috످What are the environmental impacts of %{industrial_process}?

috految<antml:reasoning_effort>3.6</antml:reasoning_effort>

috److It looks like your question contains an unfilled template placeholder (`%{industrial_process}`).

Which industrial process did you have in mind? For example, I can explain the environmental impacts of cement production, steelmaking, oil refining, or lithium mining, or give a general overview across industries.

috످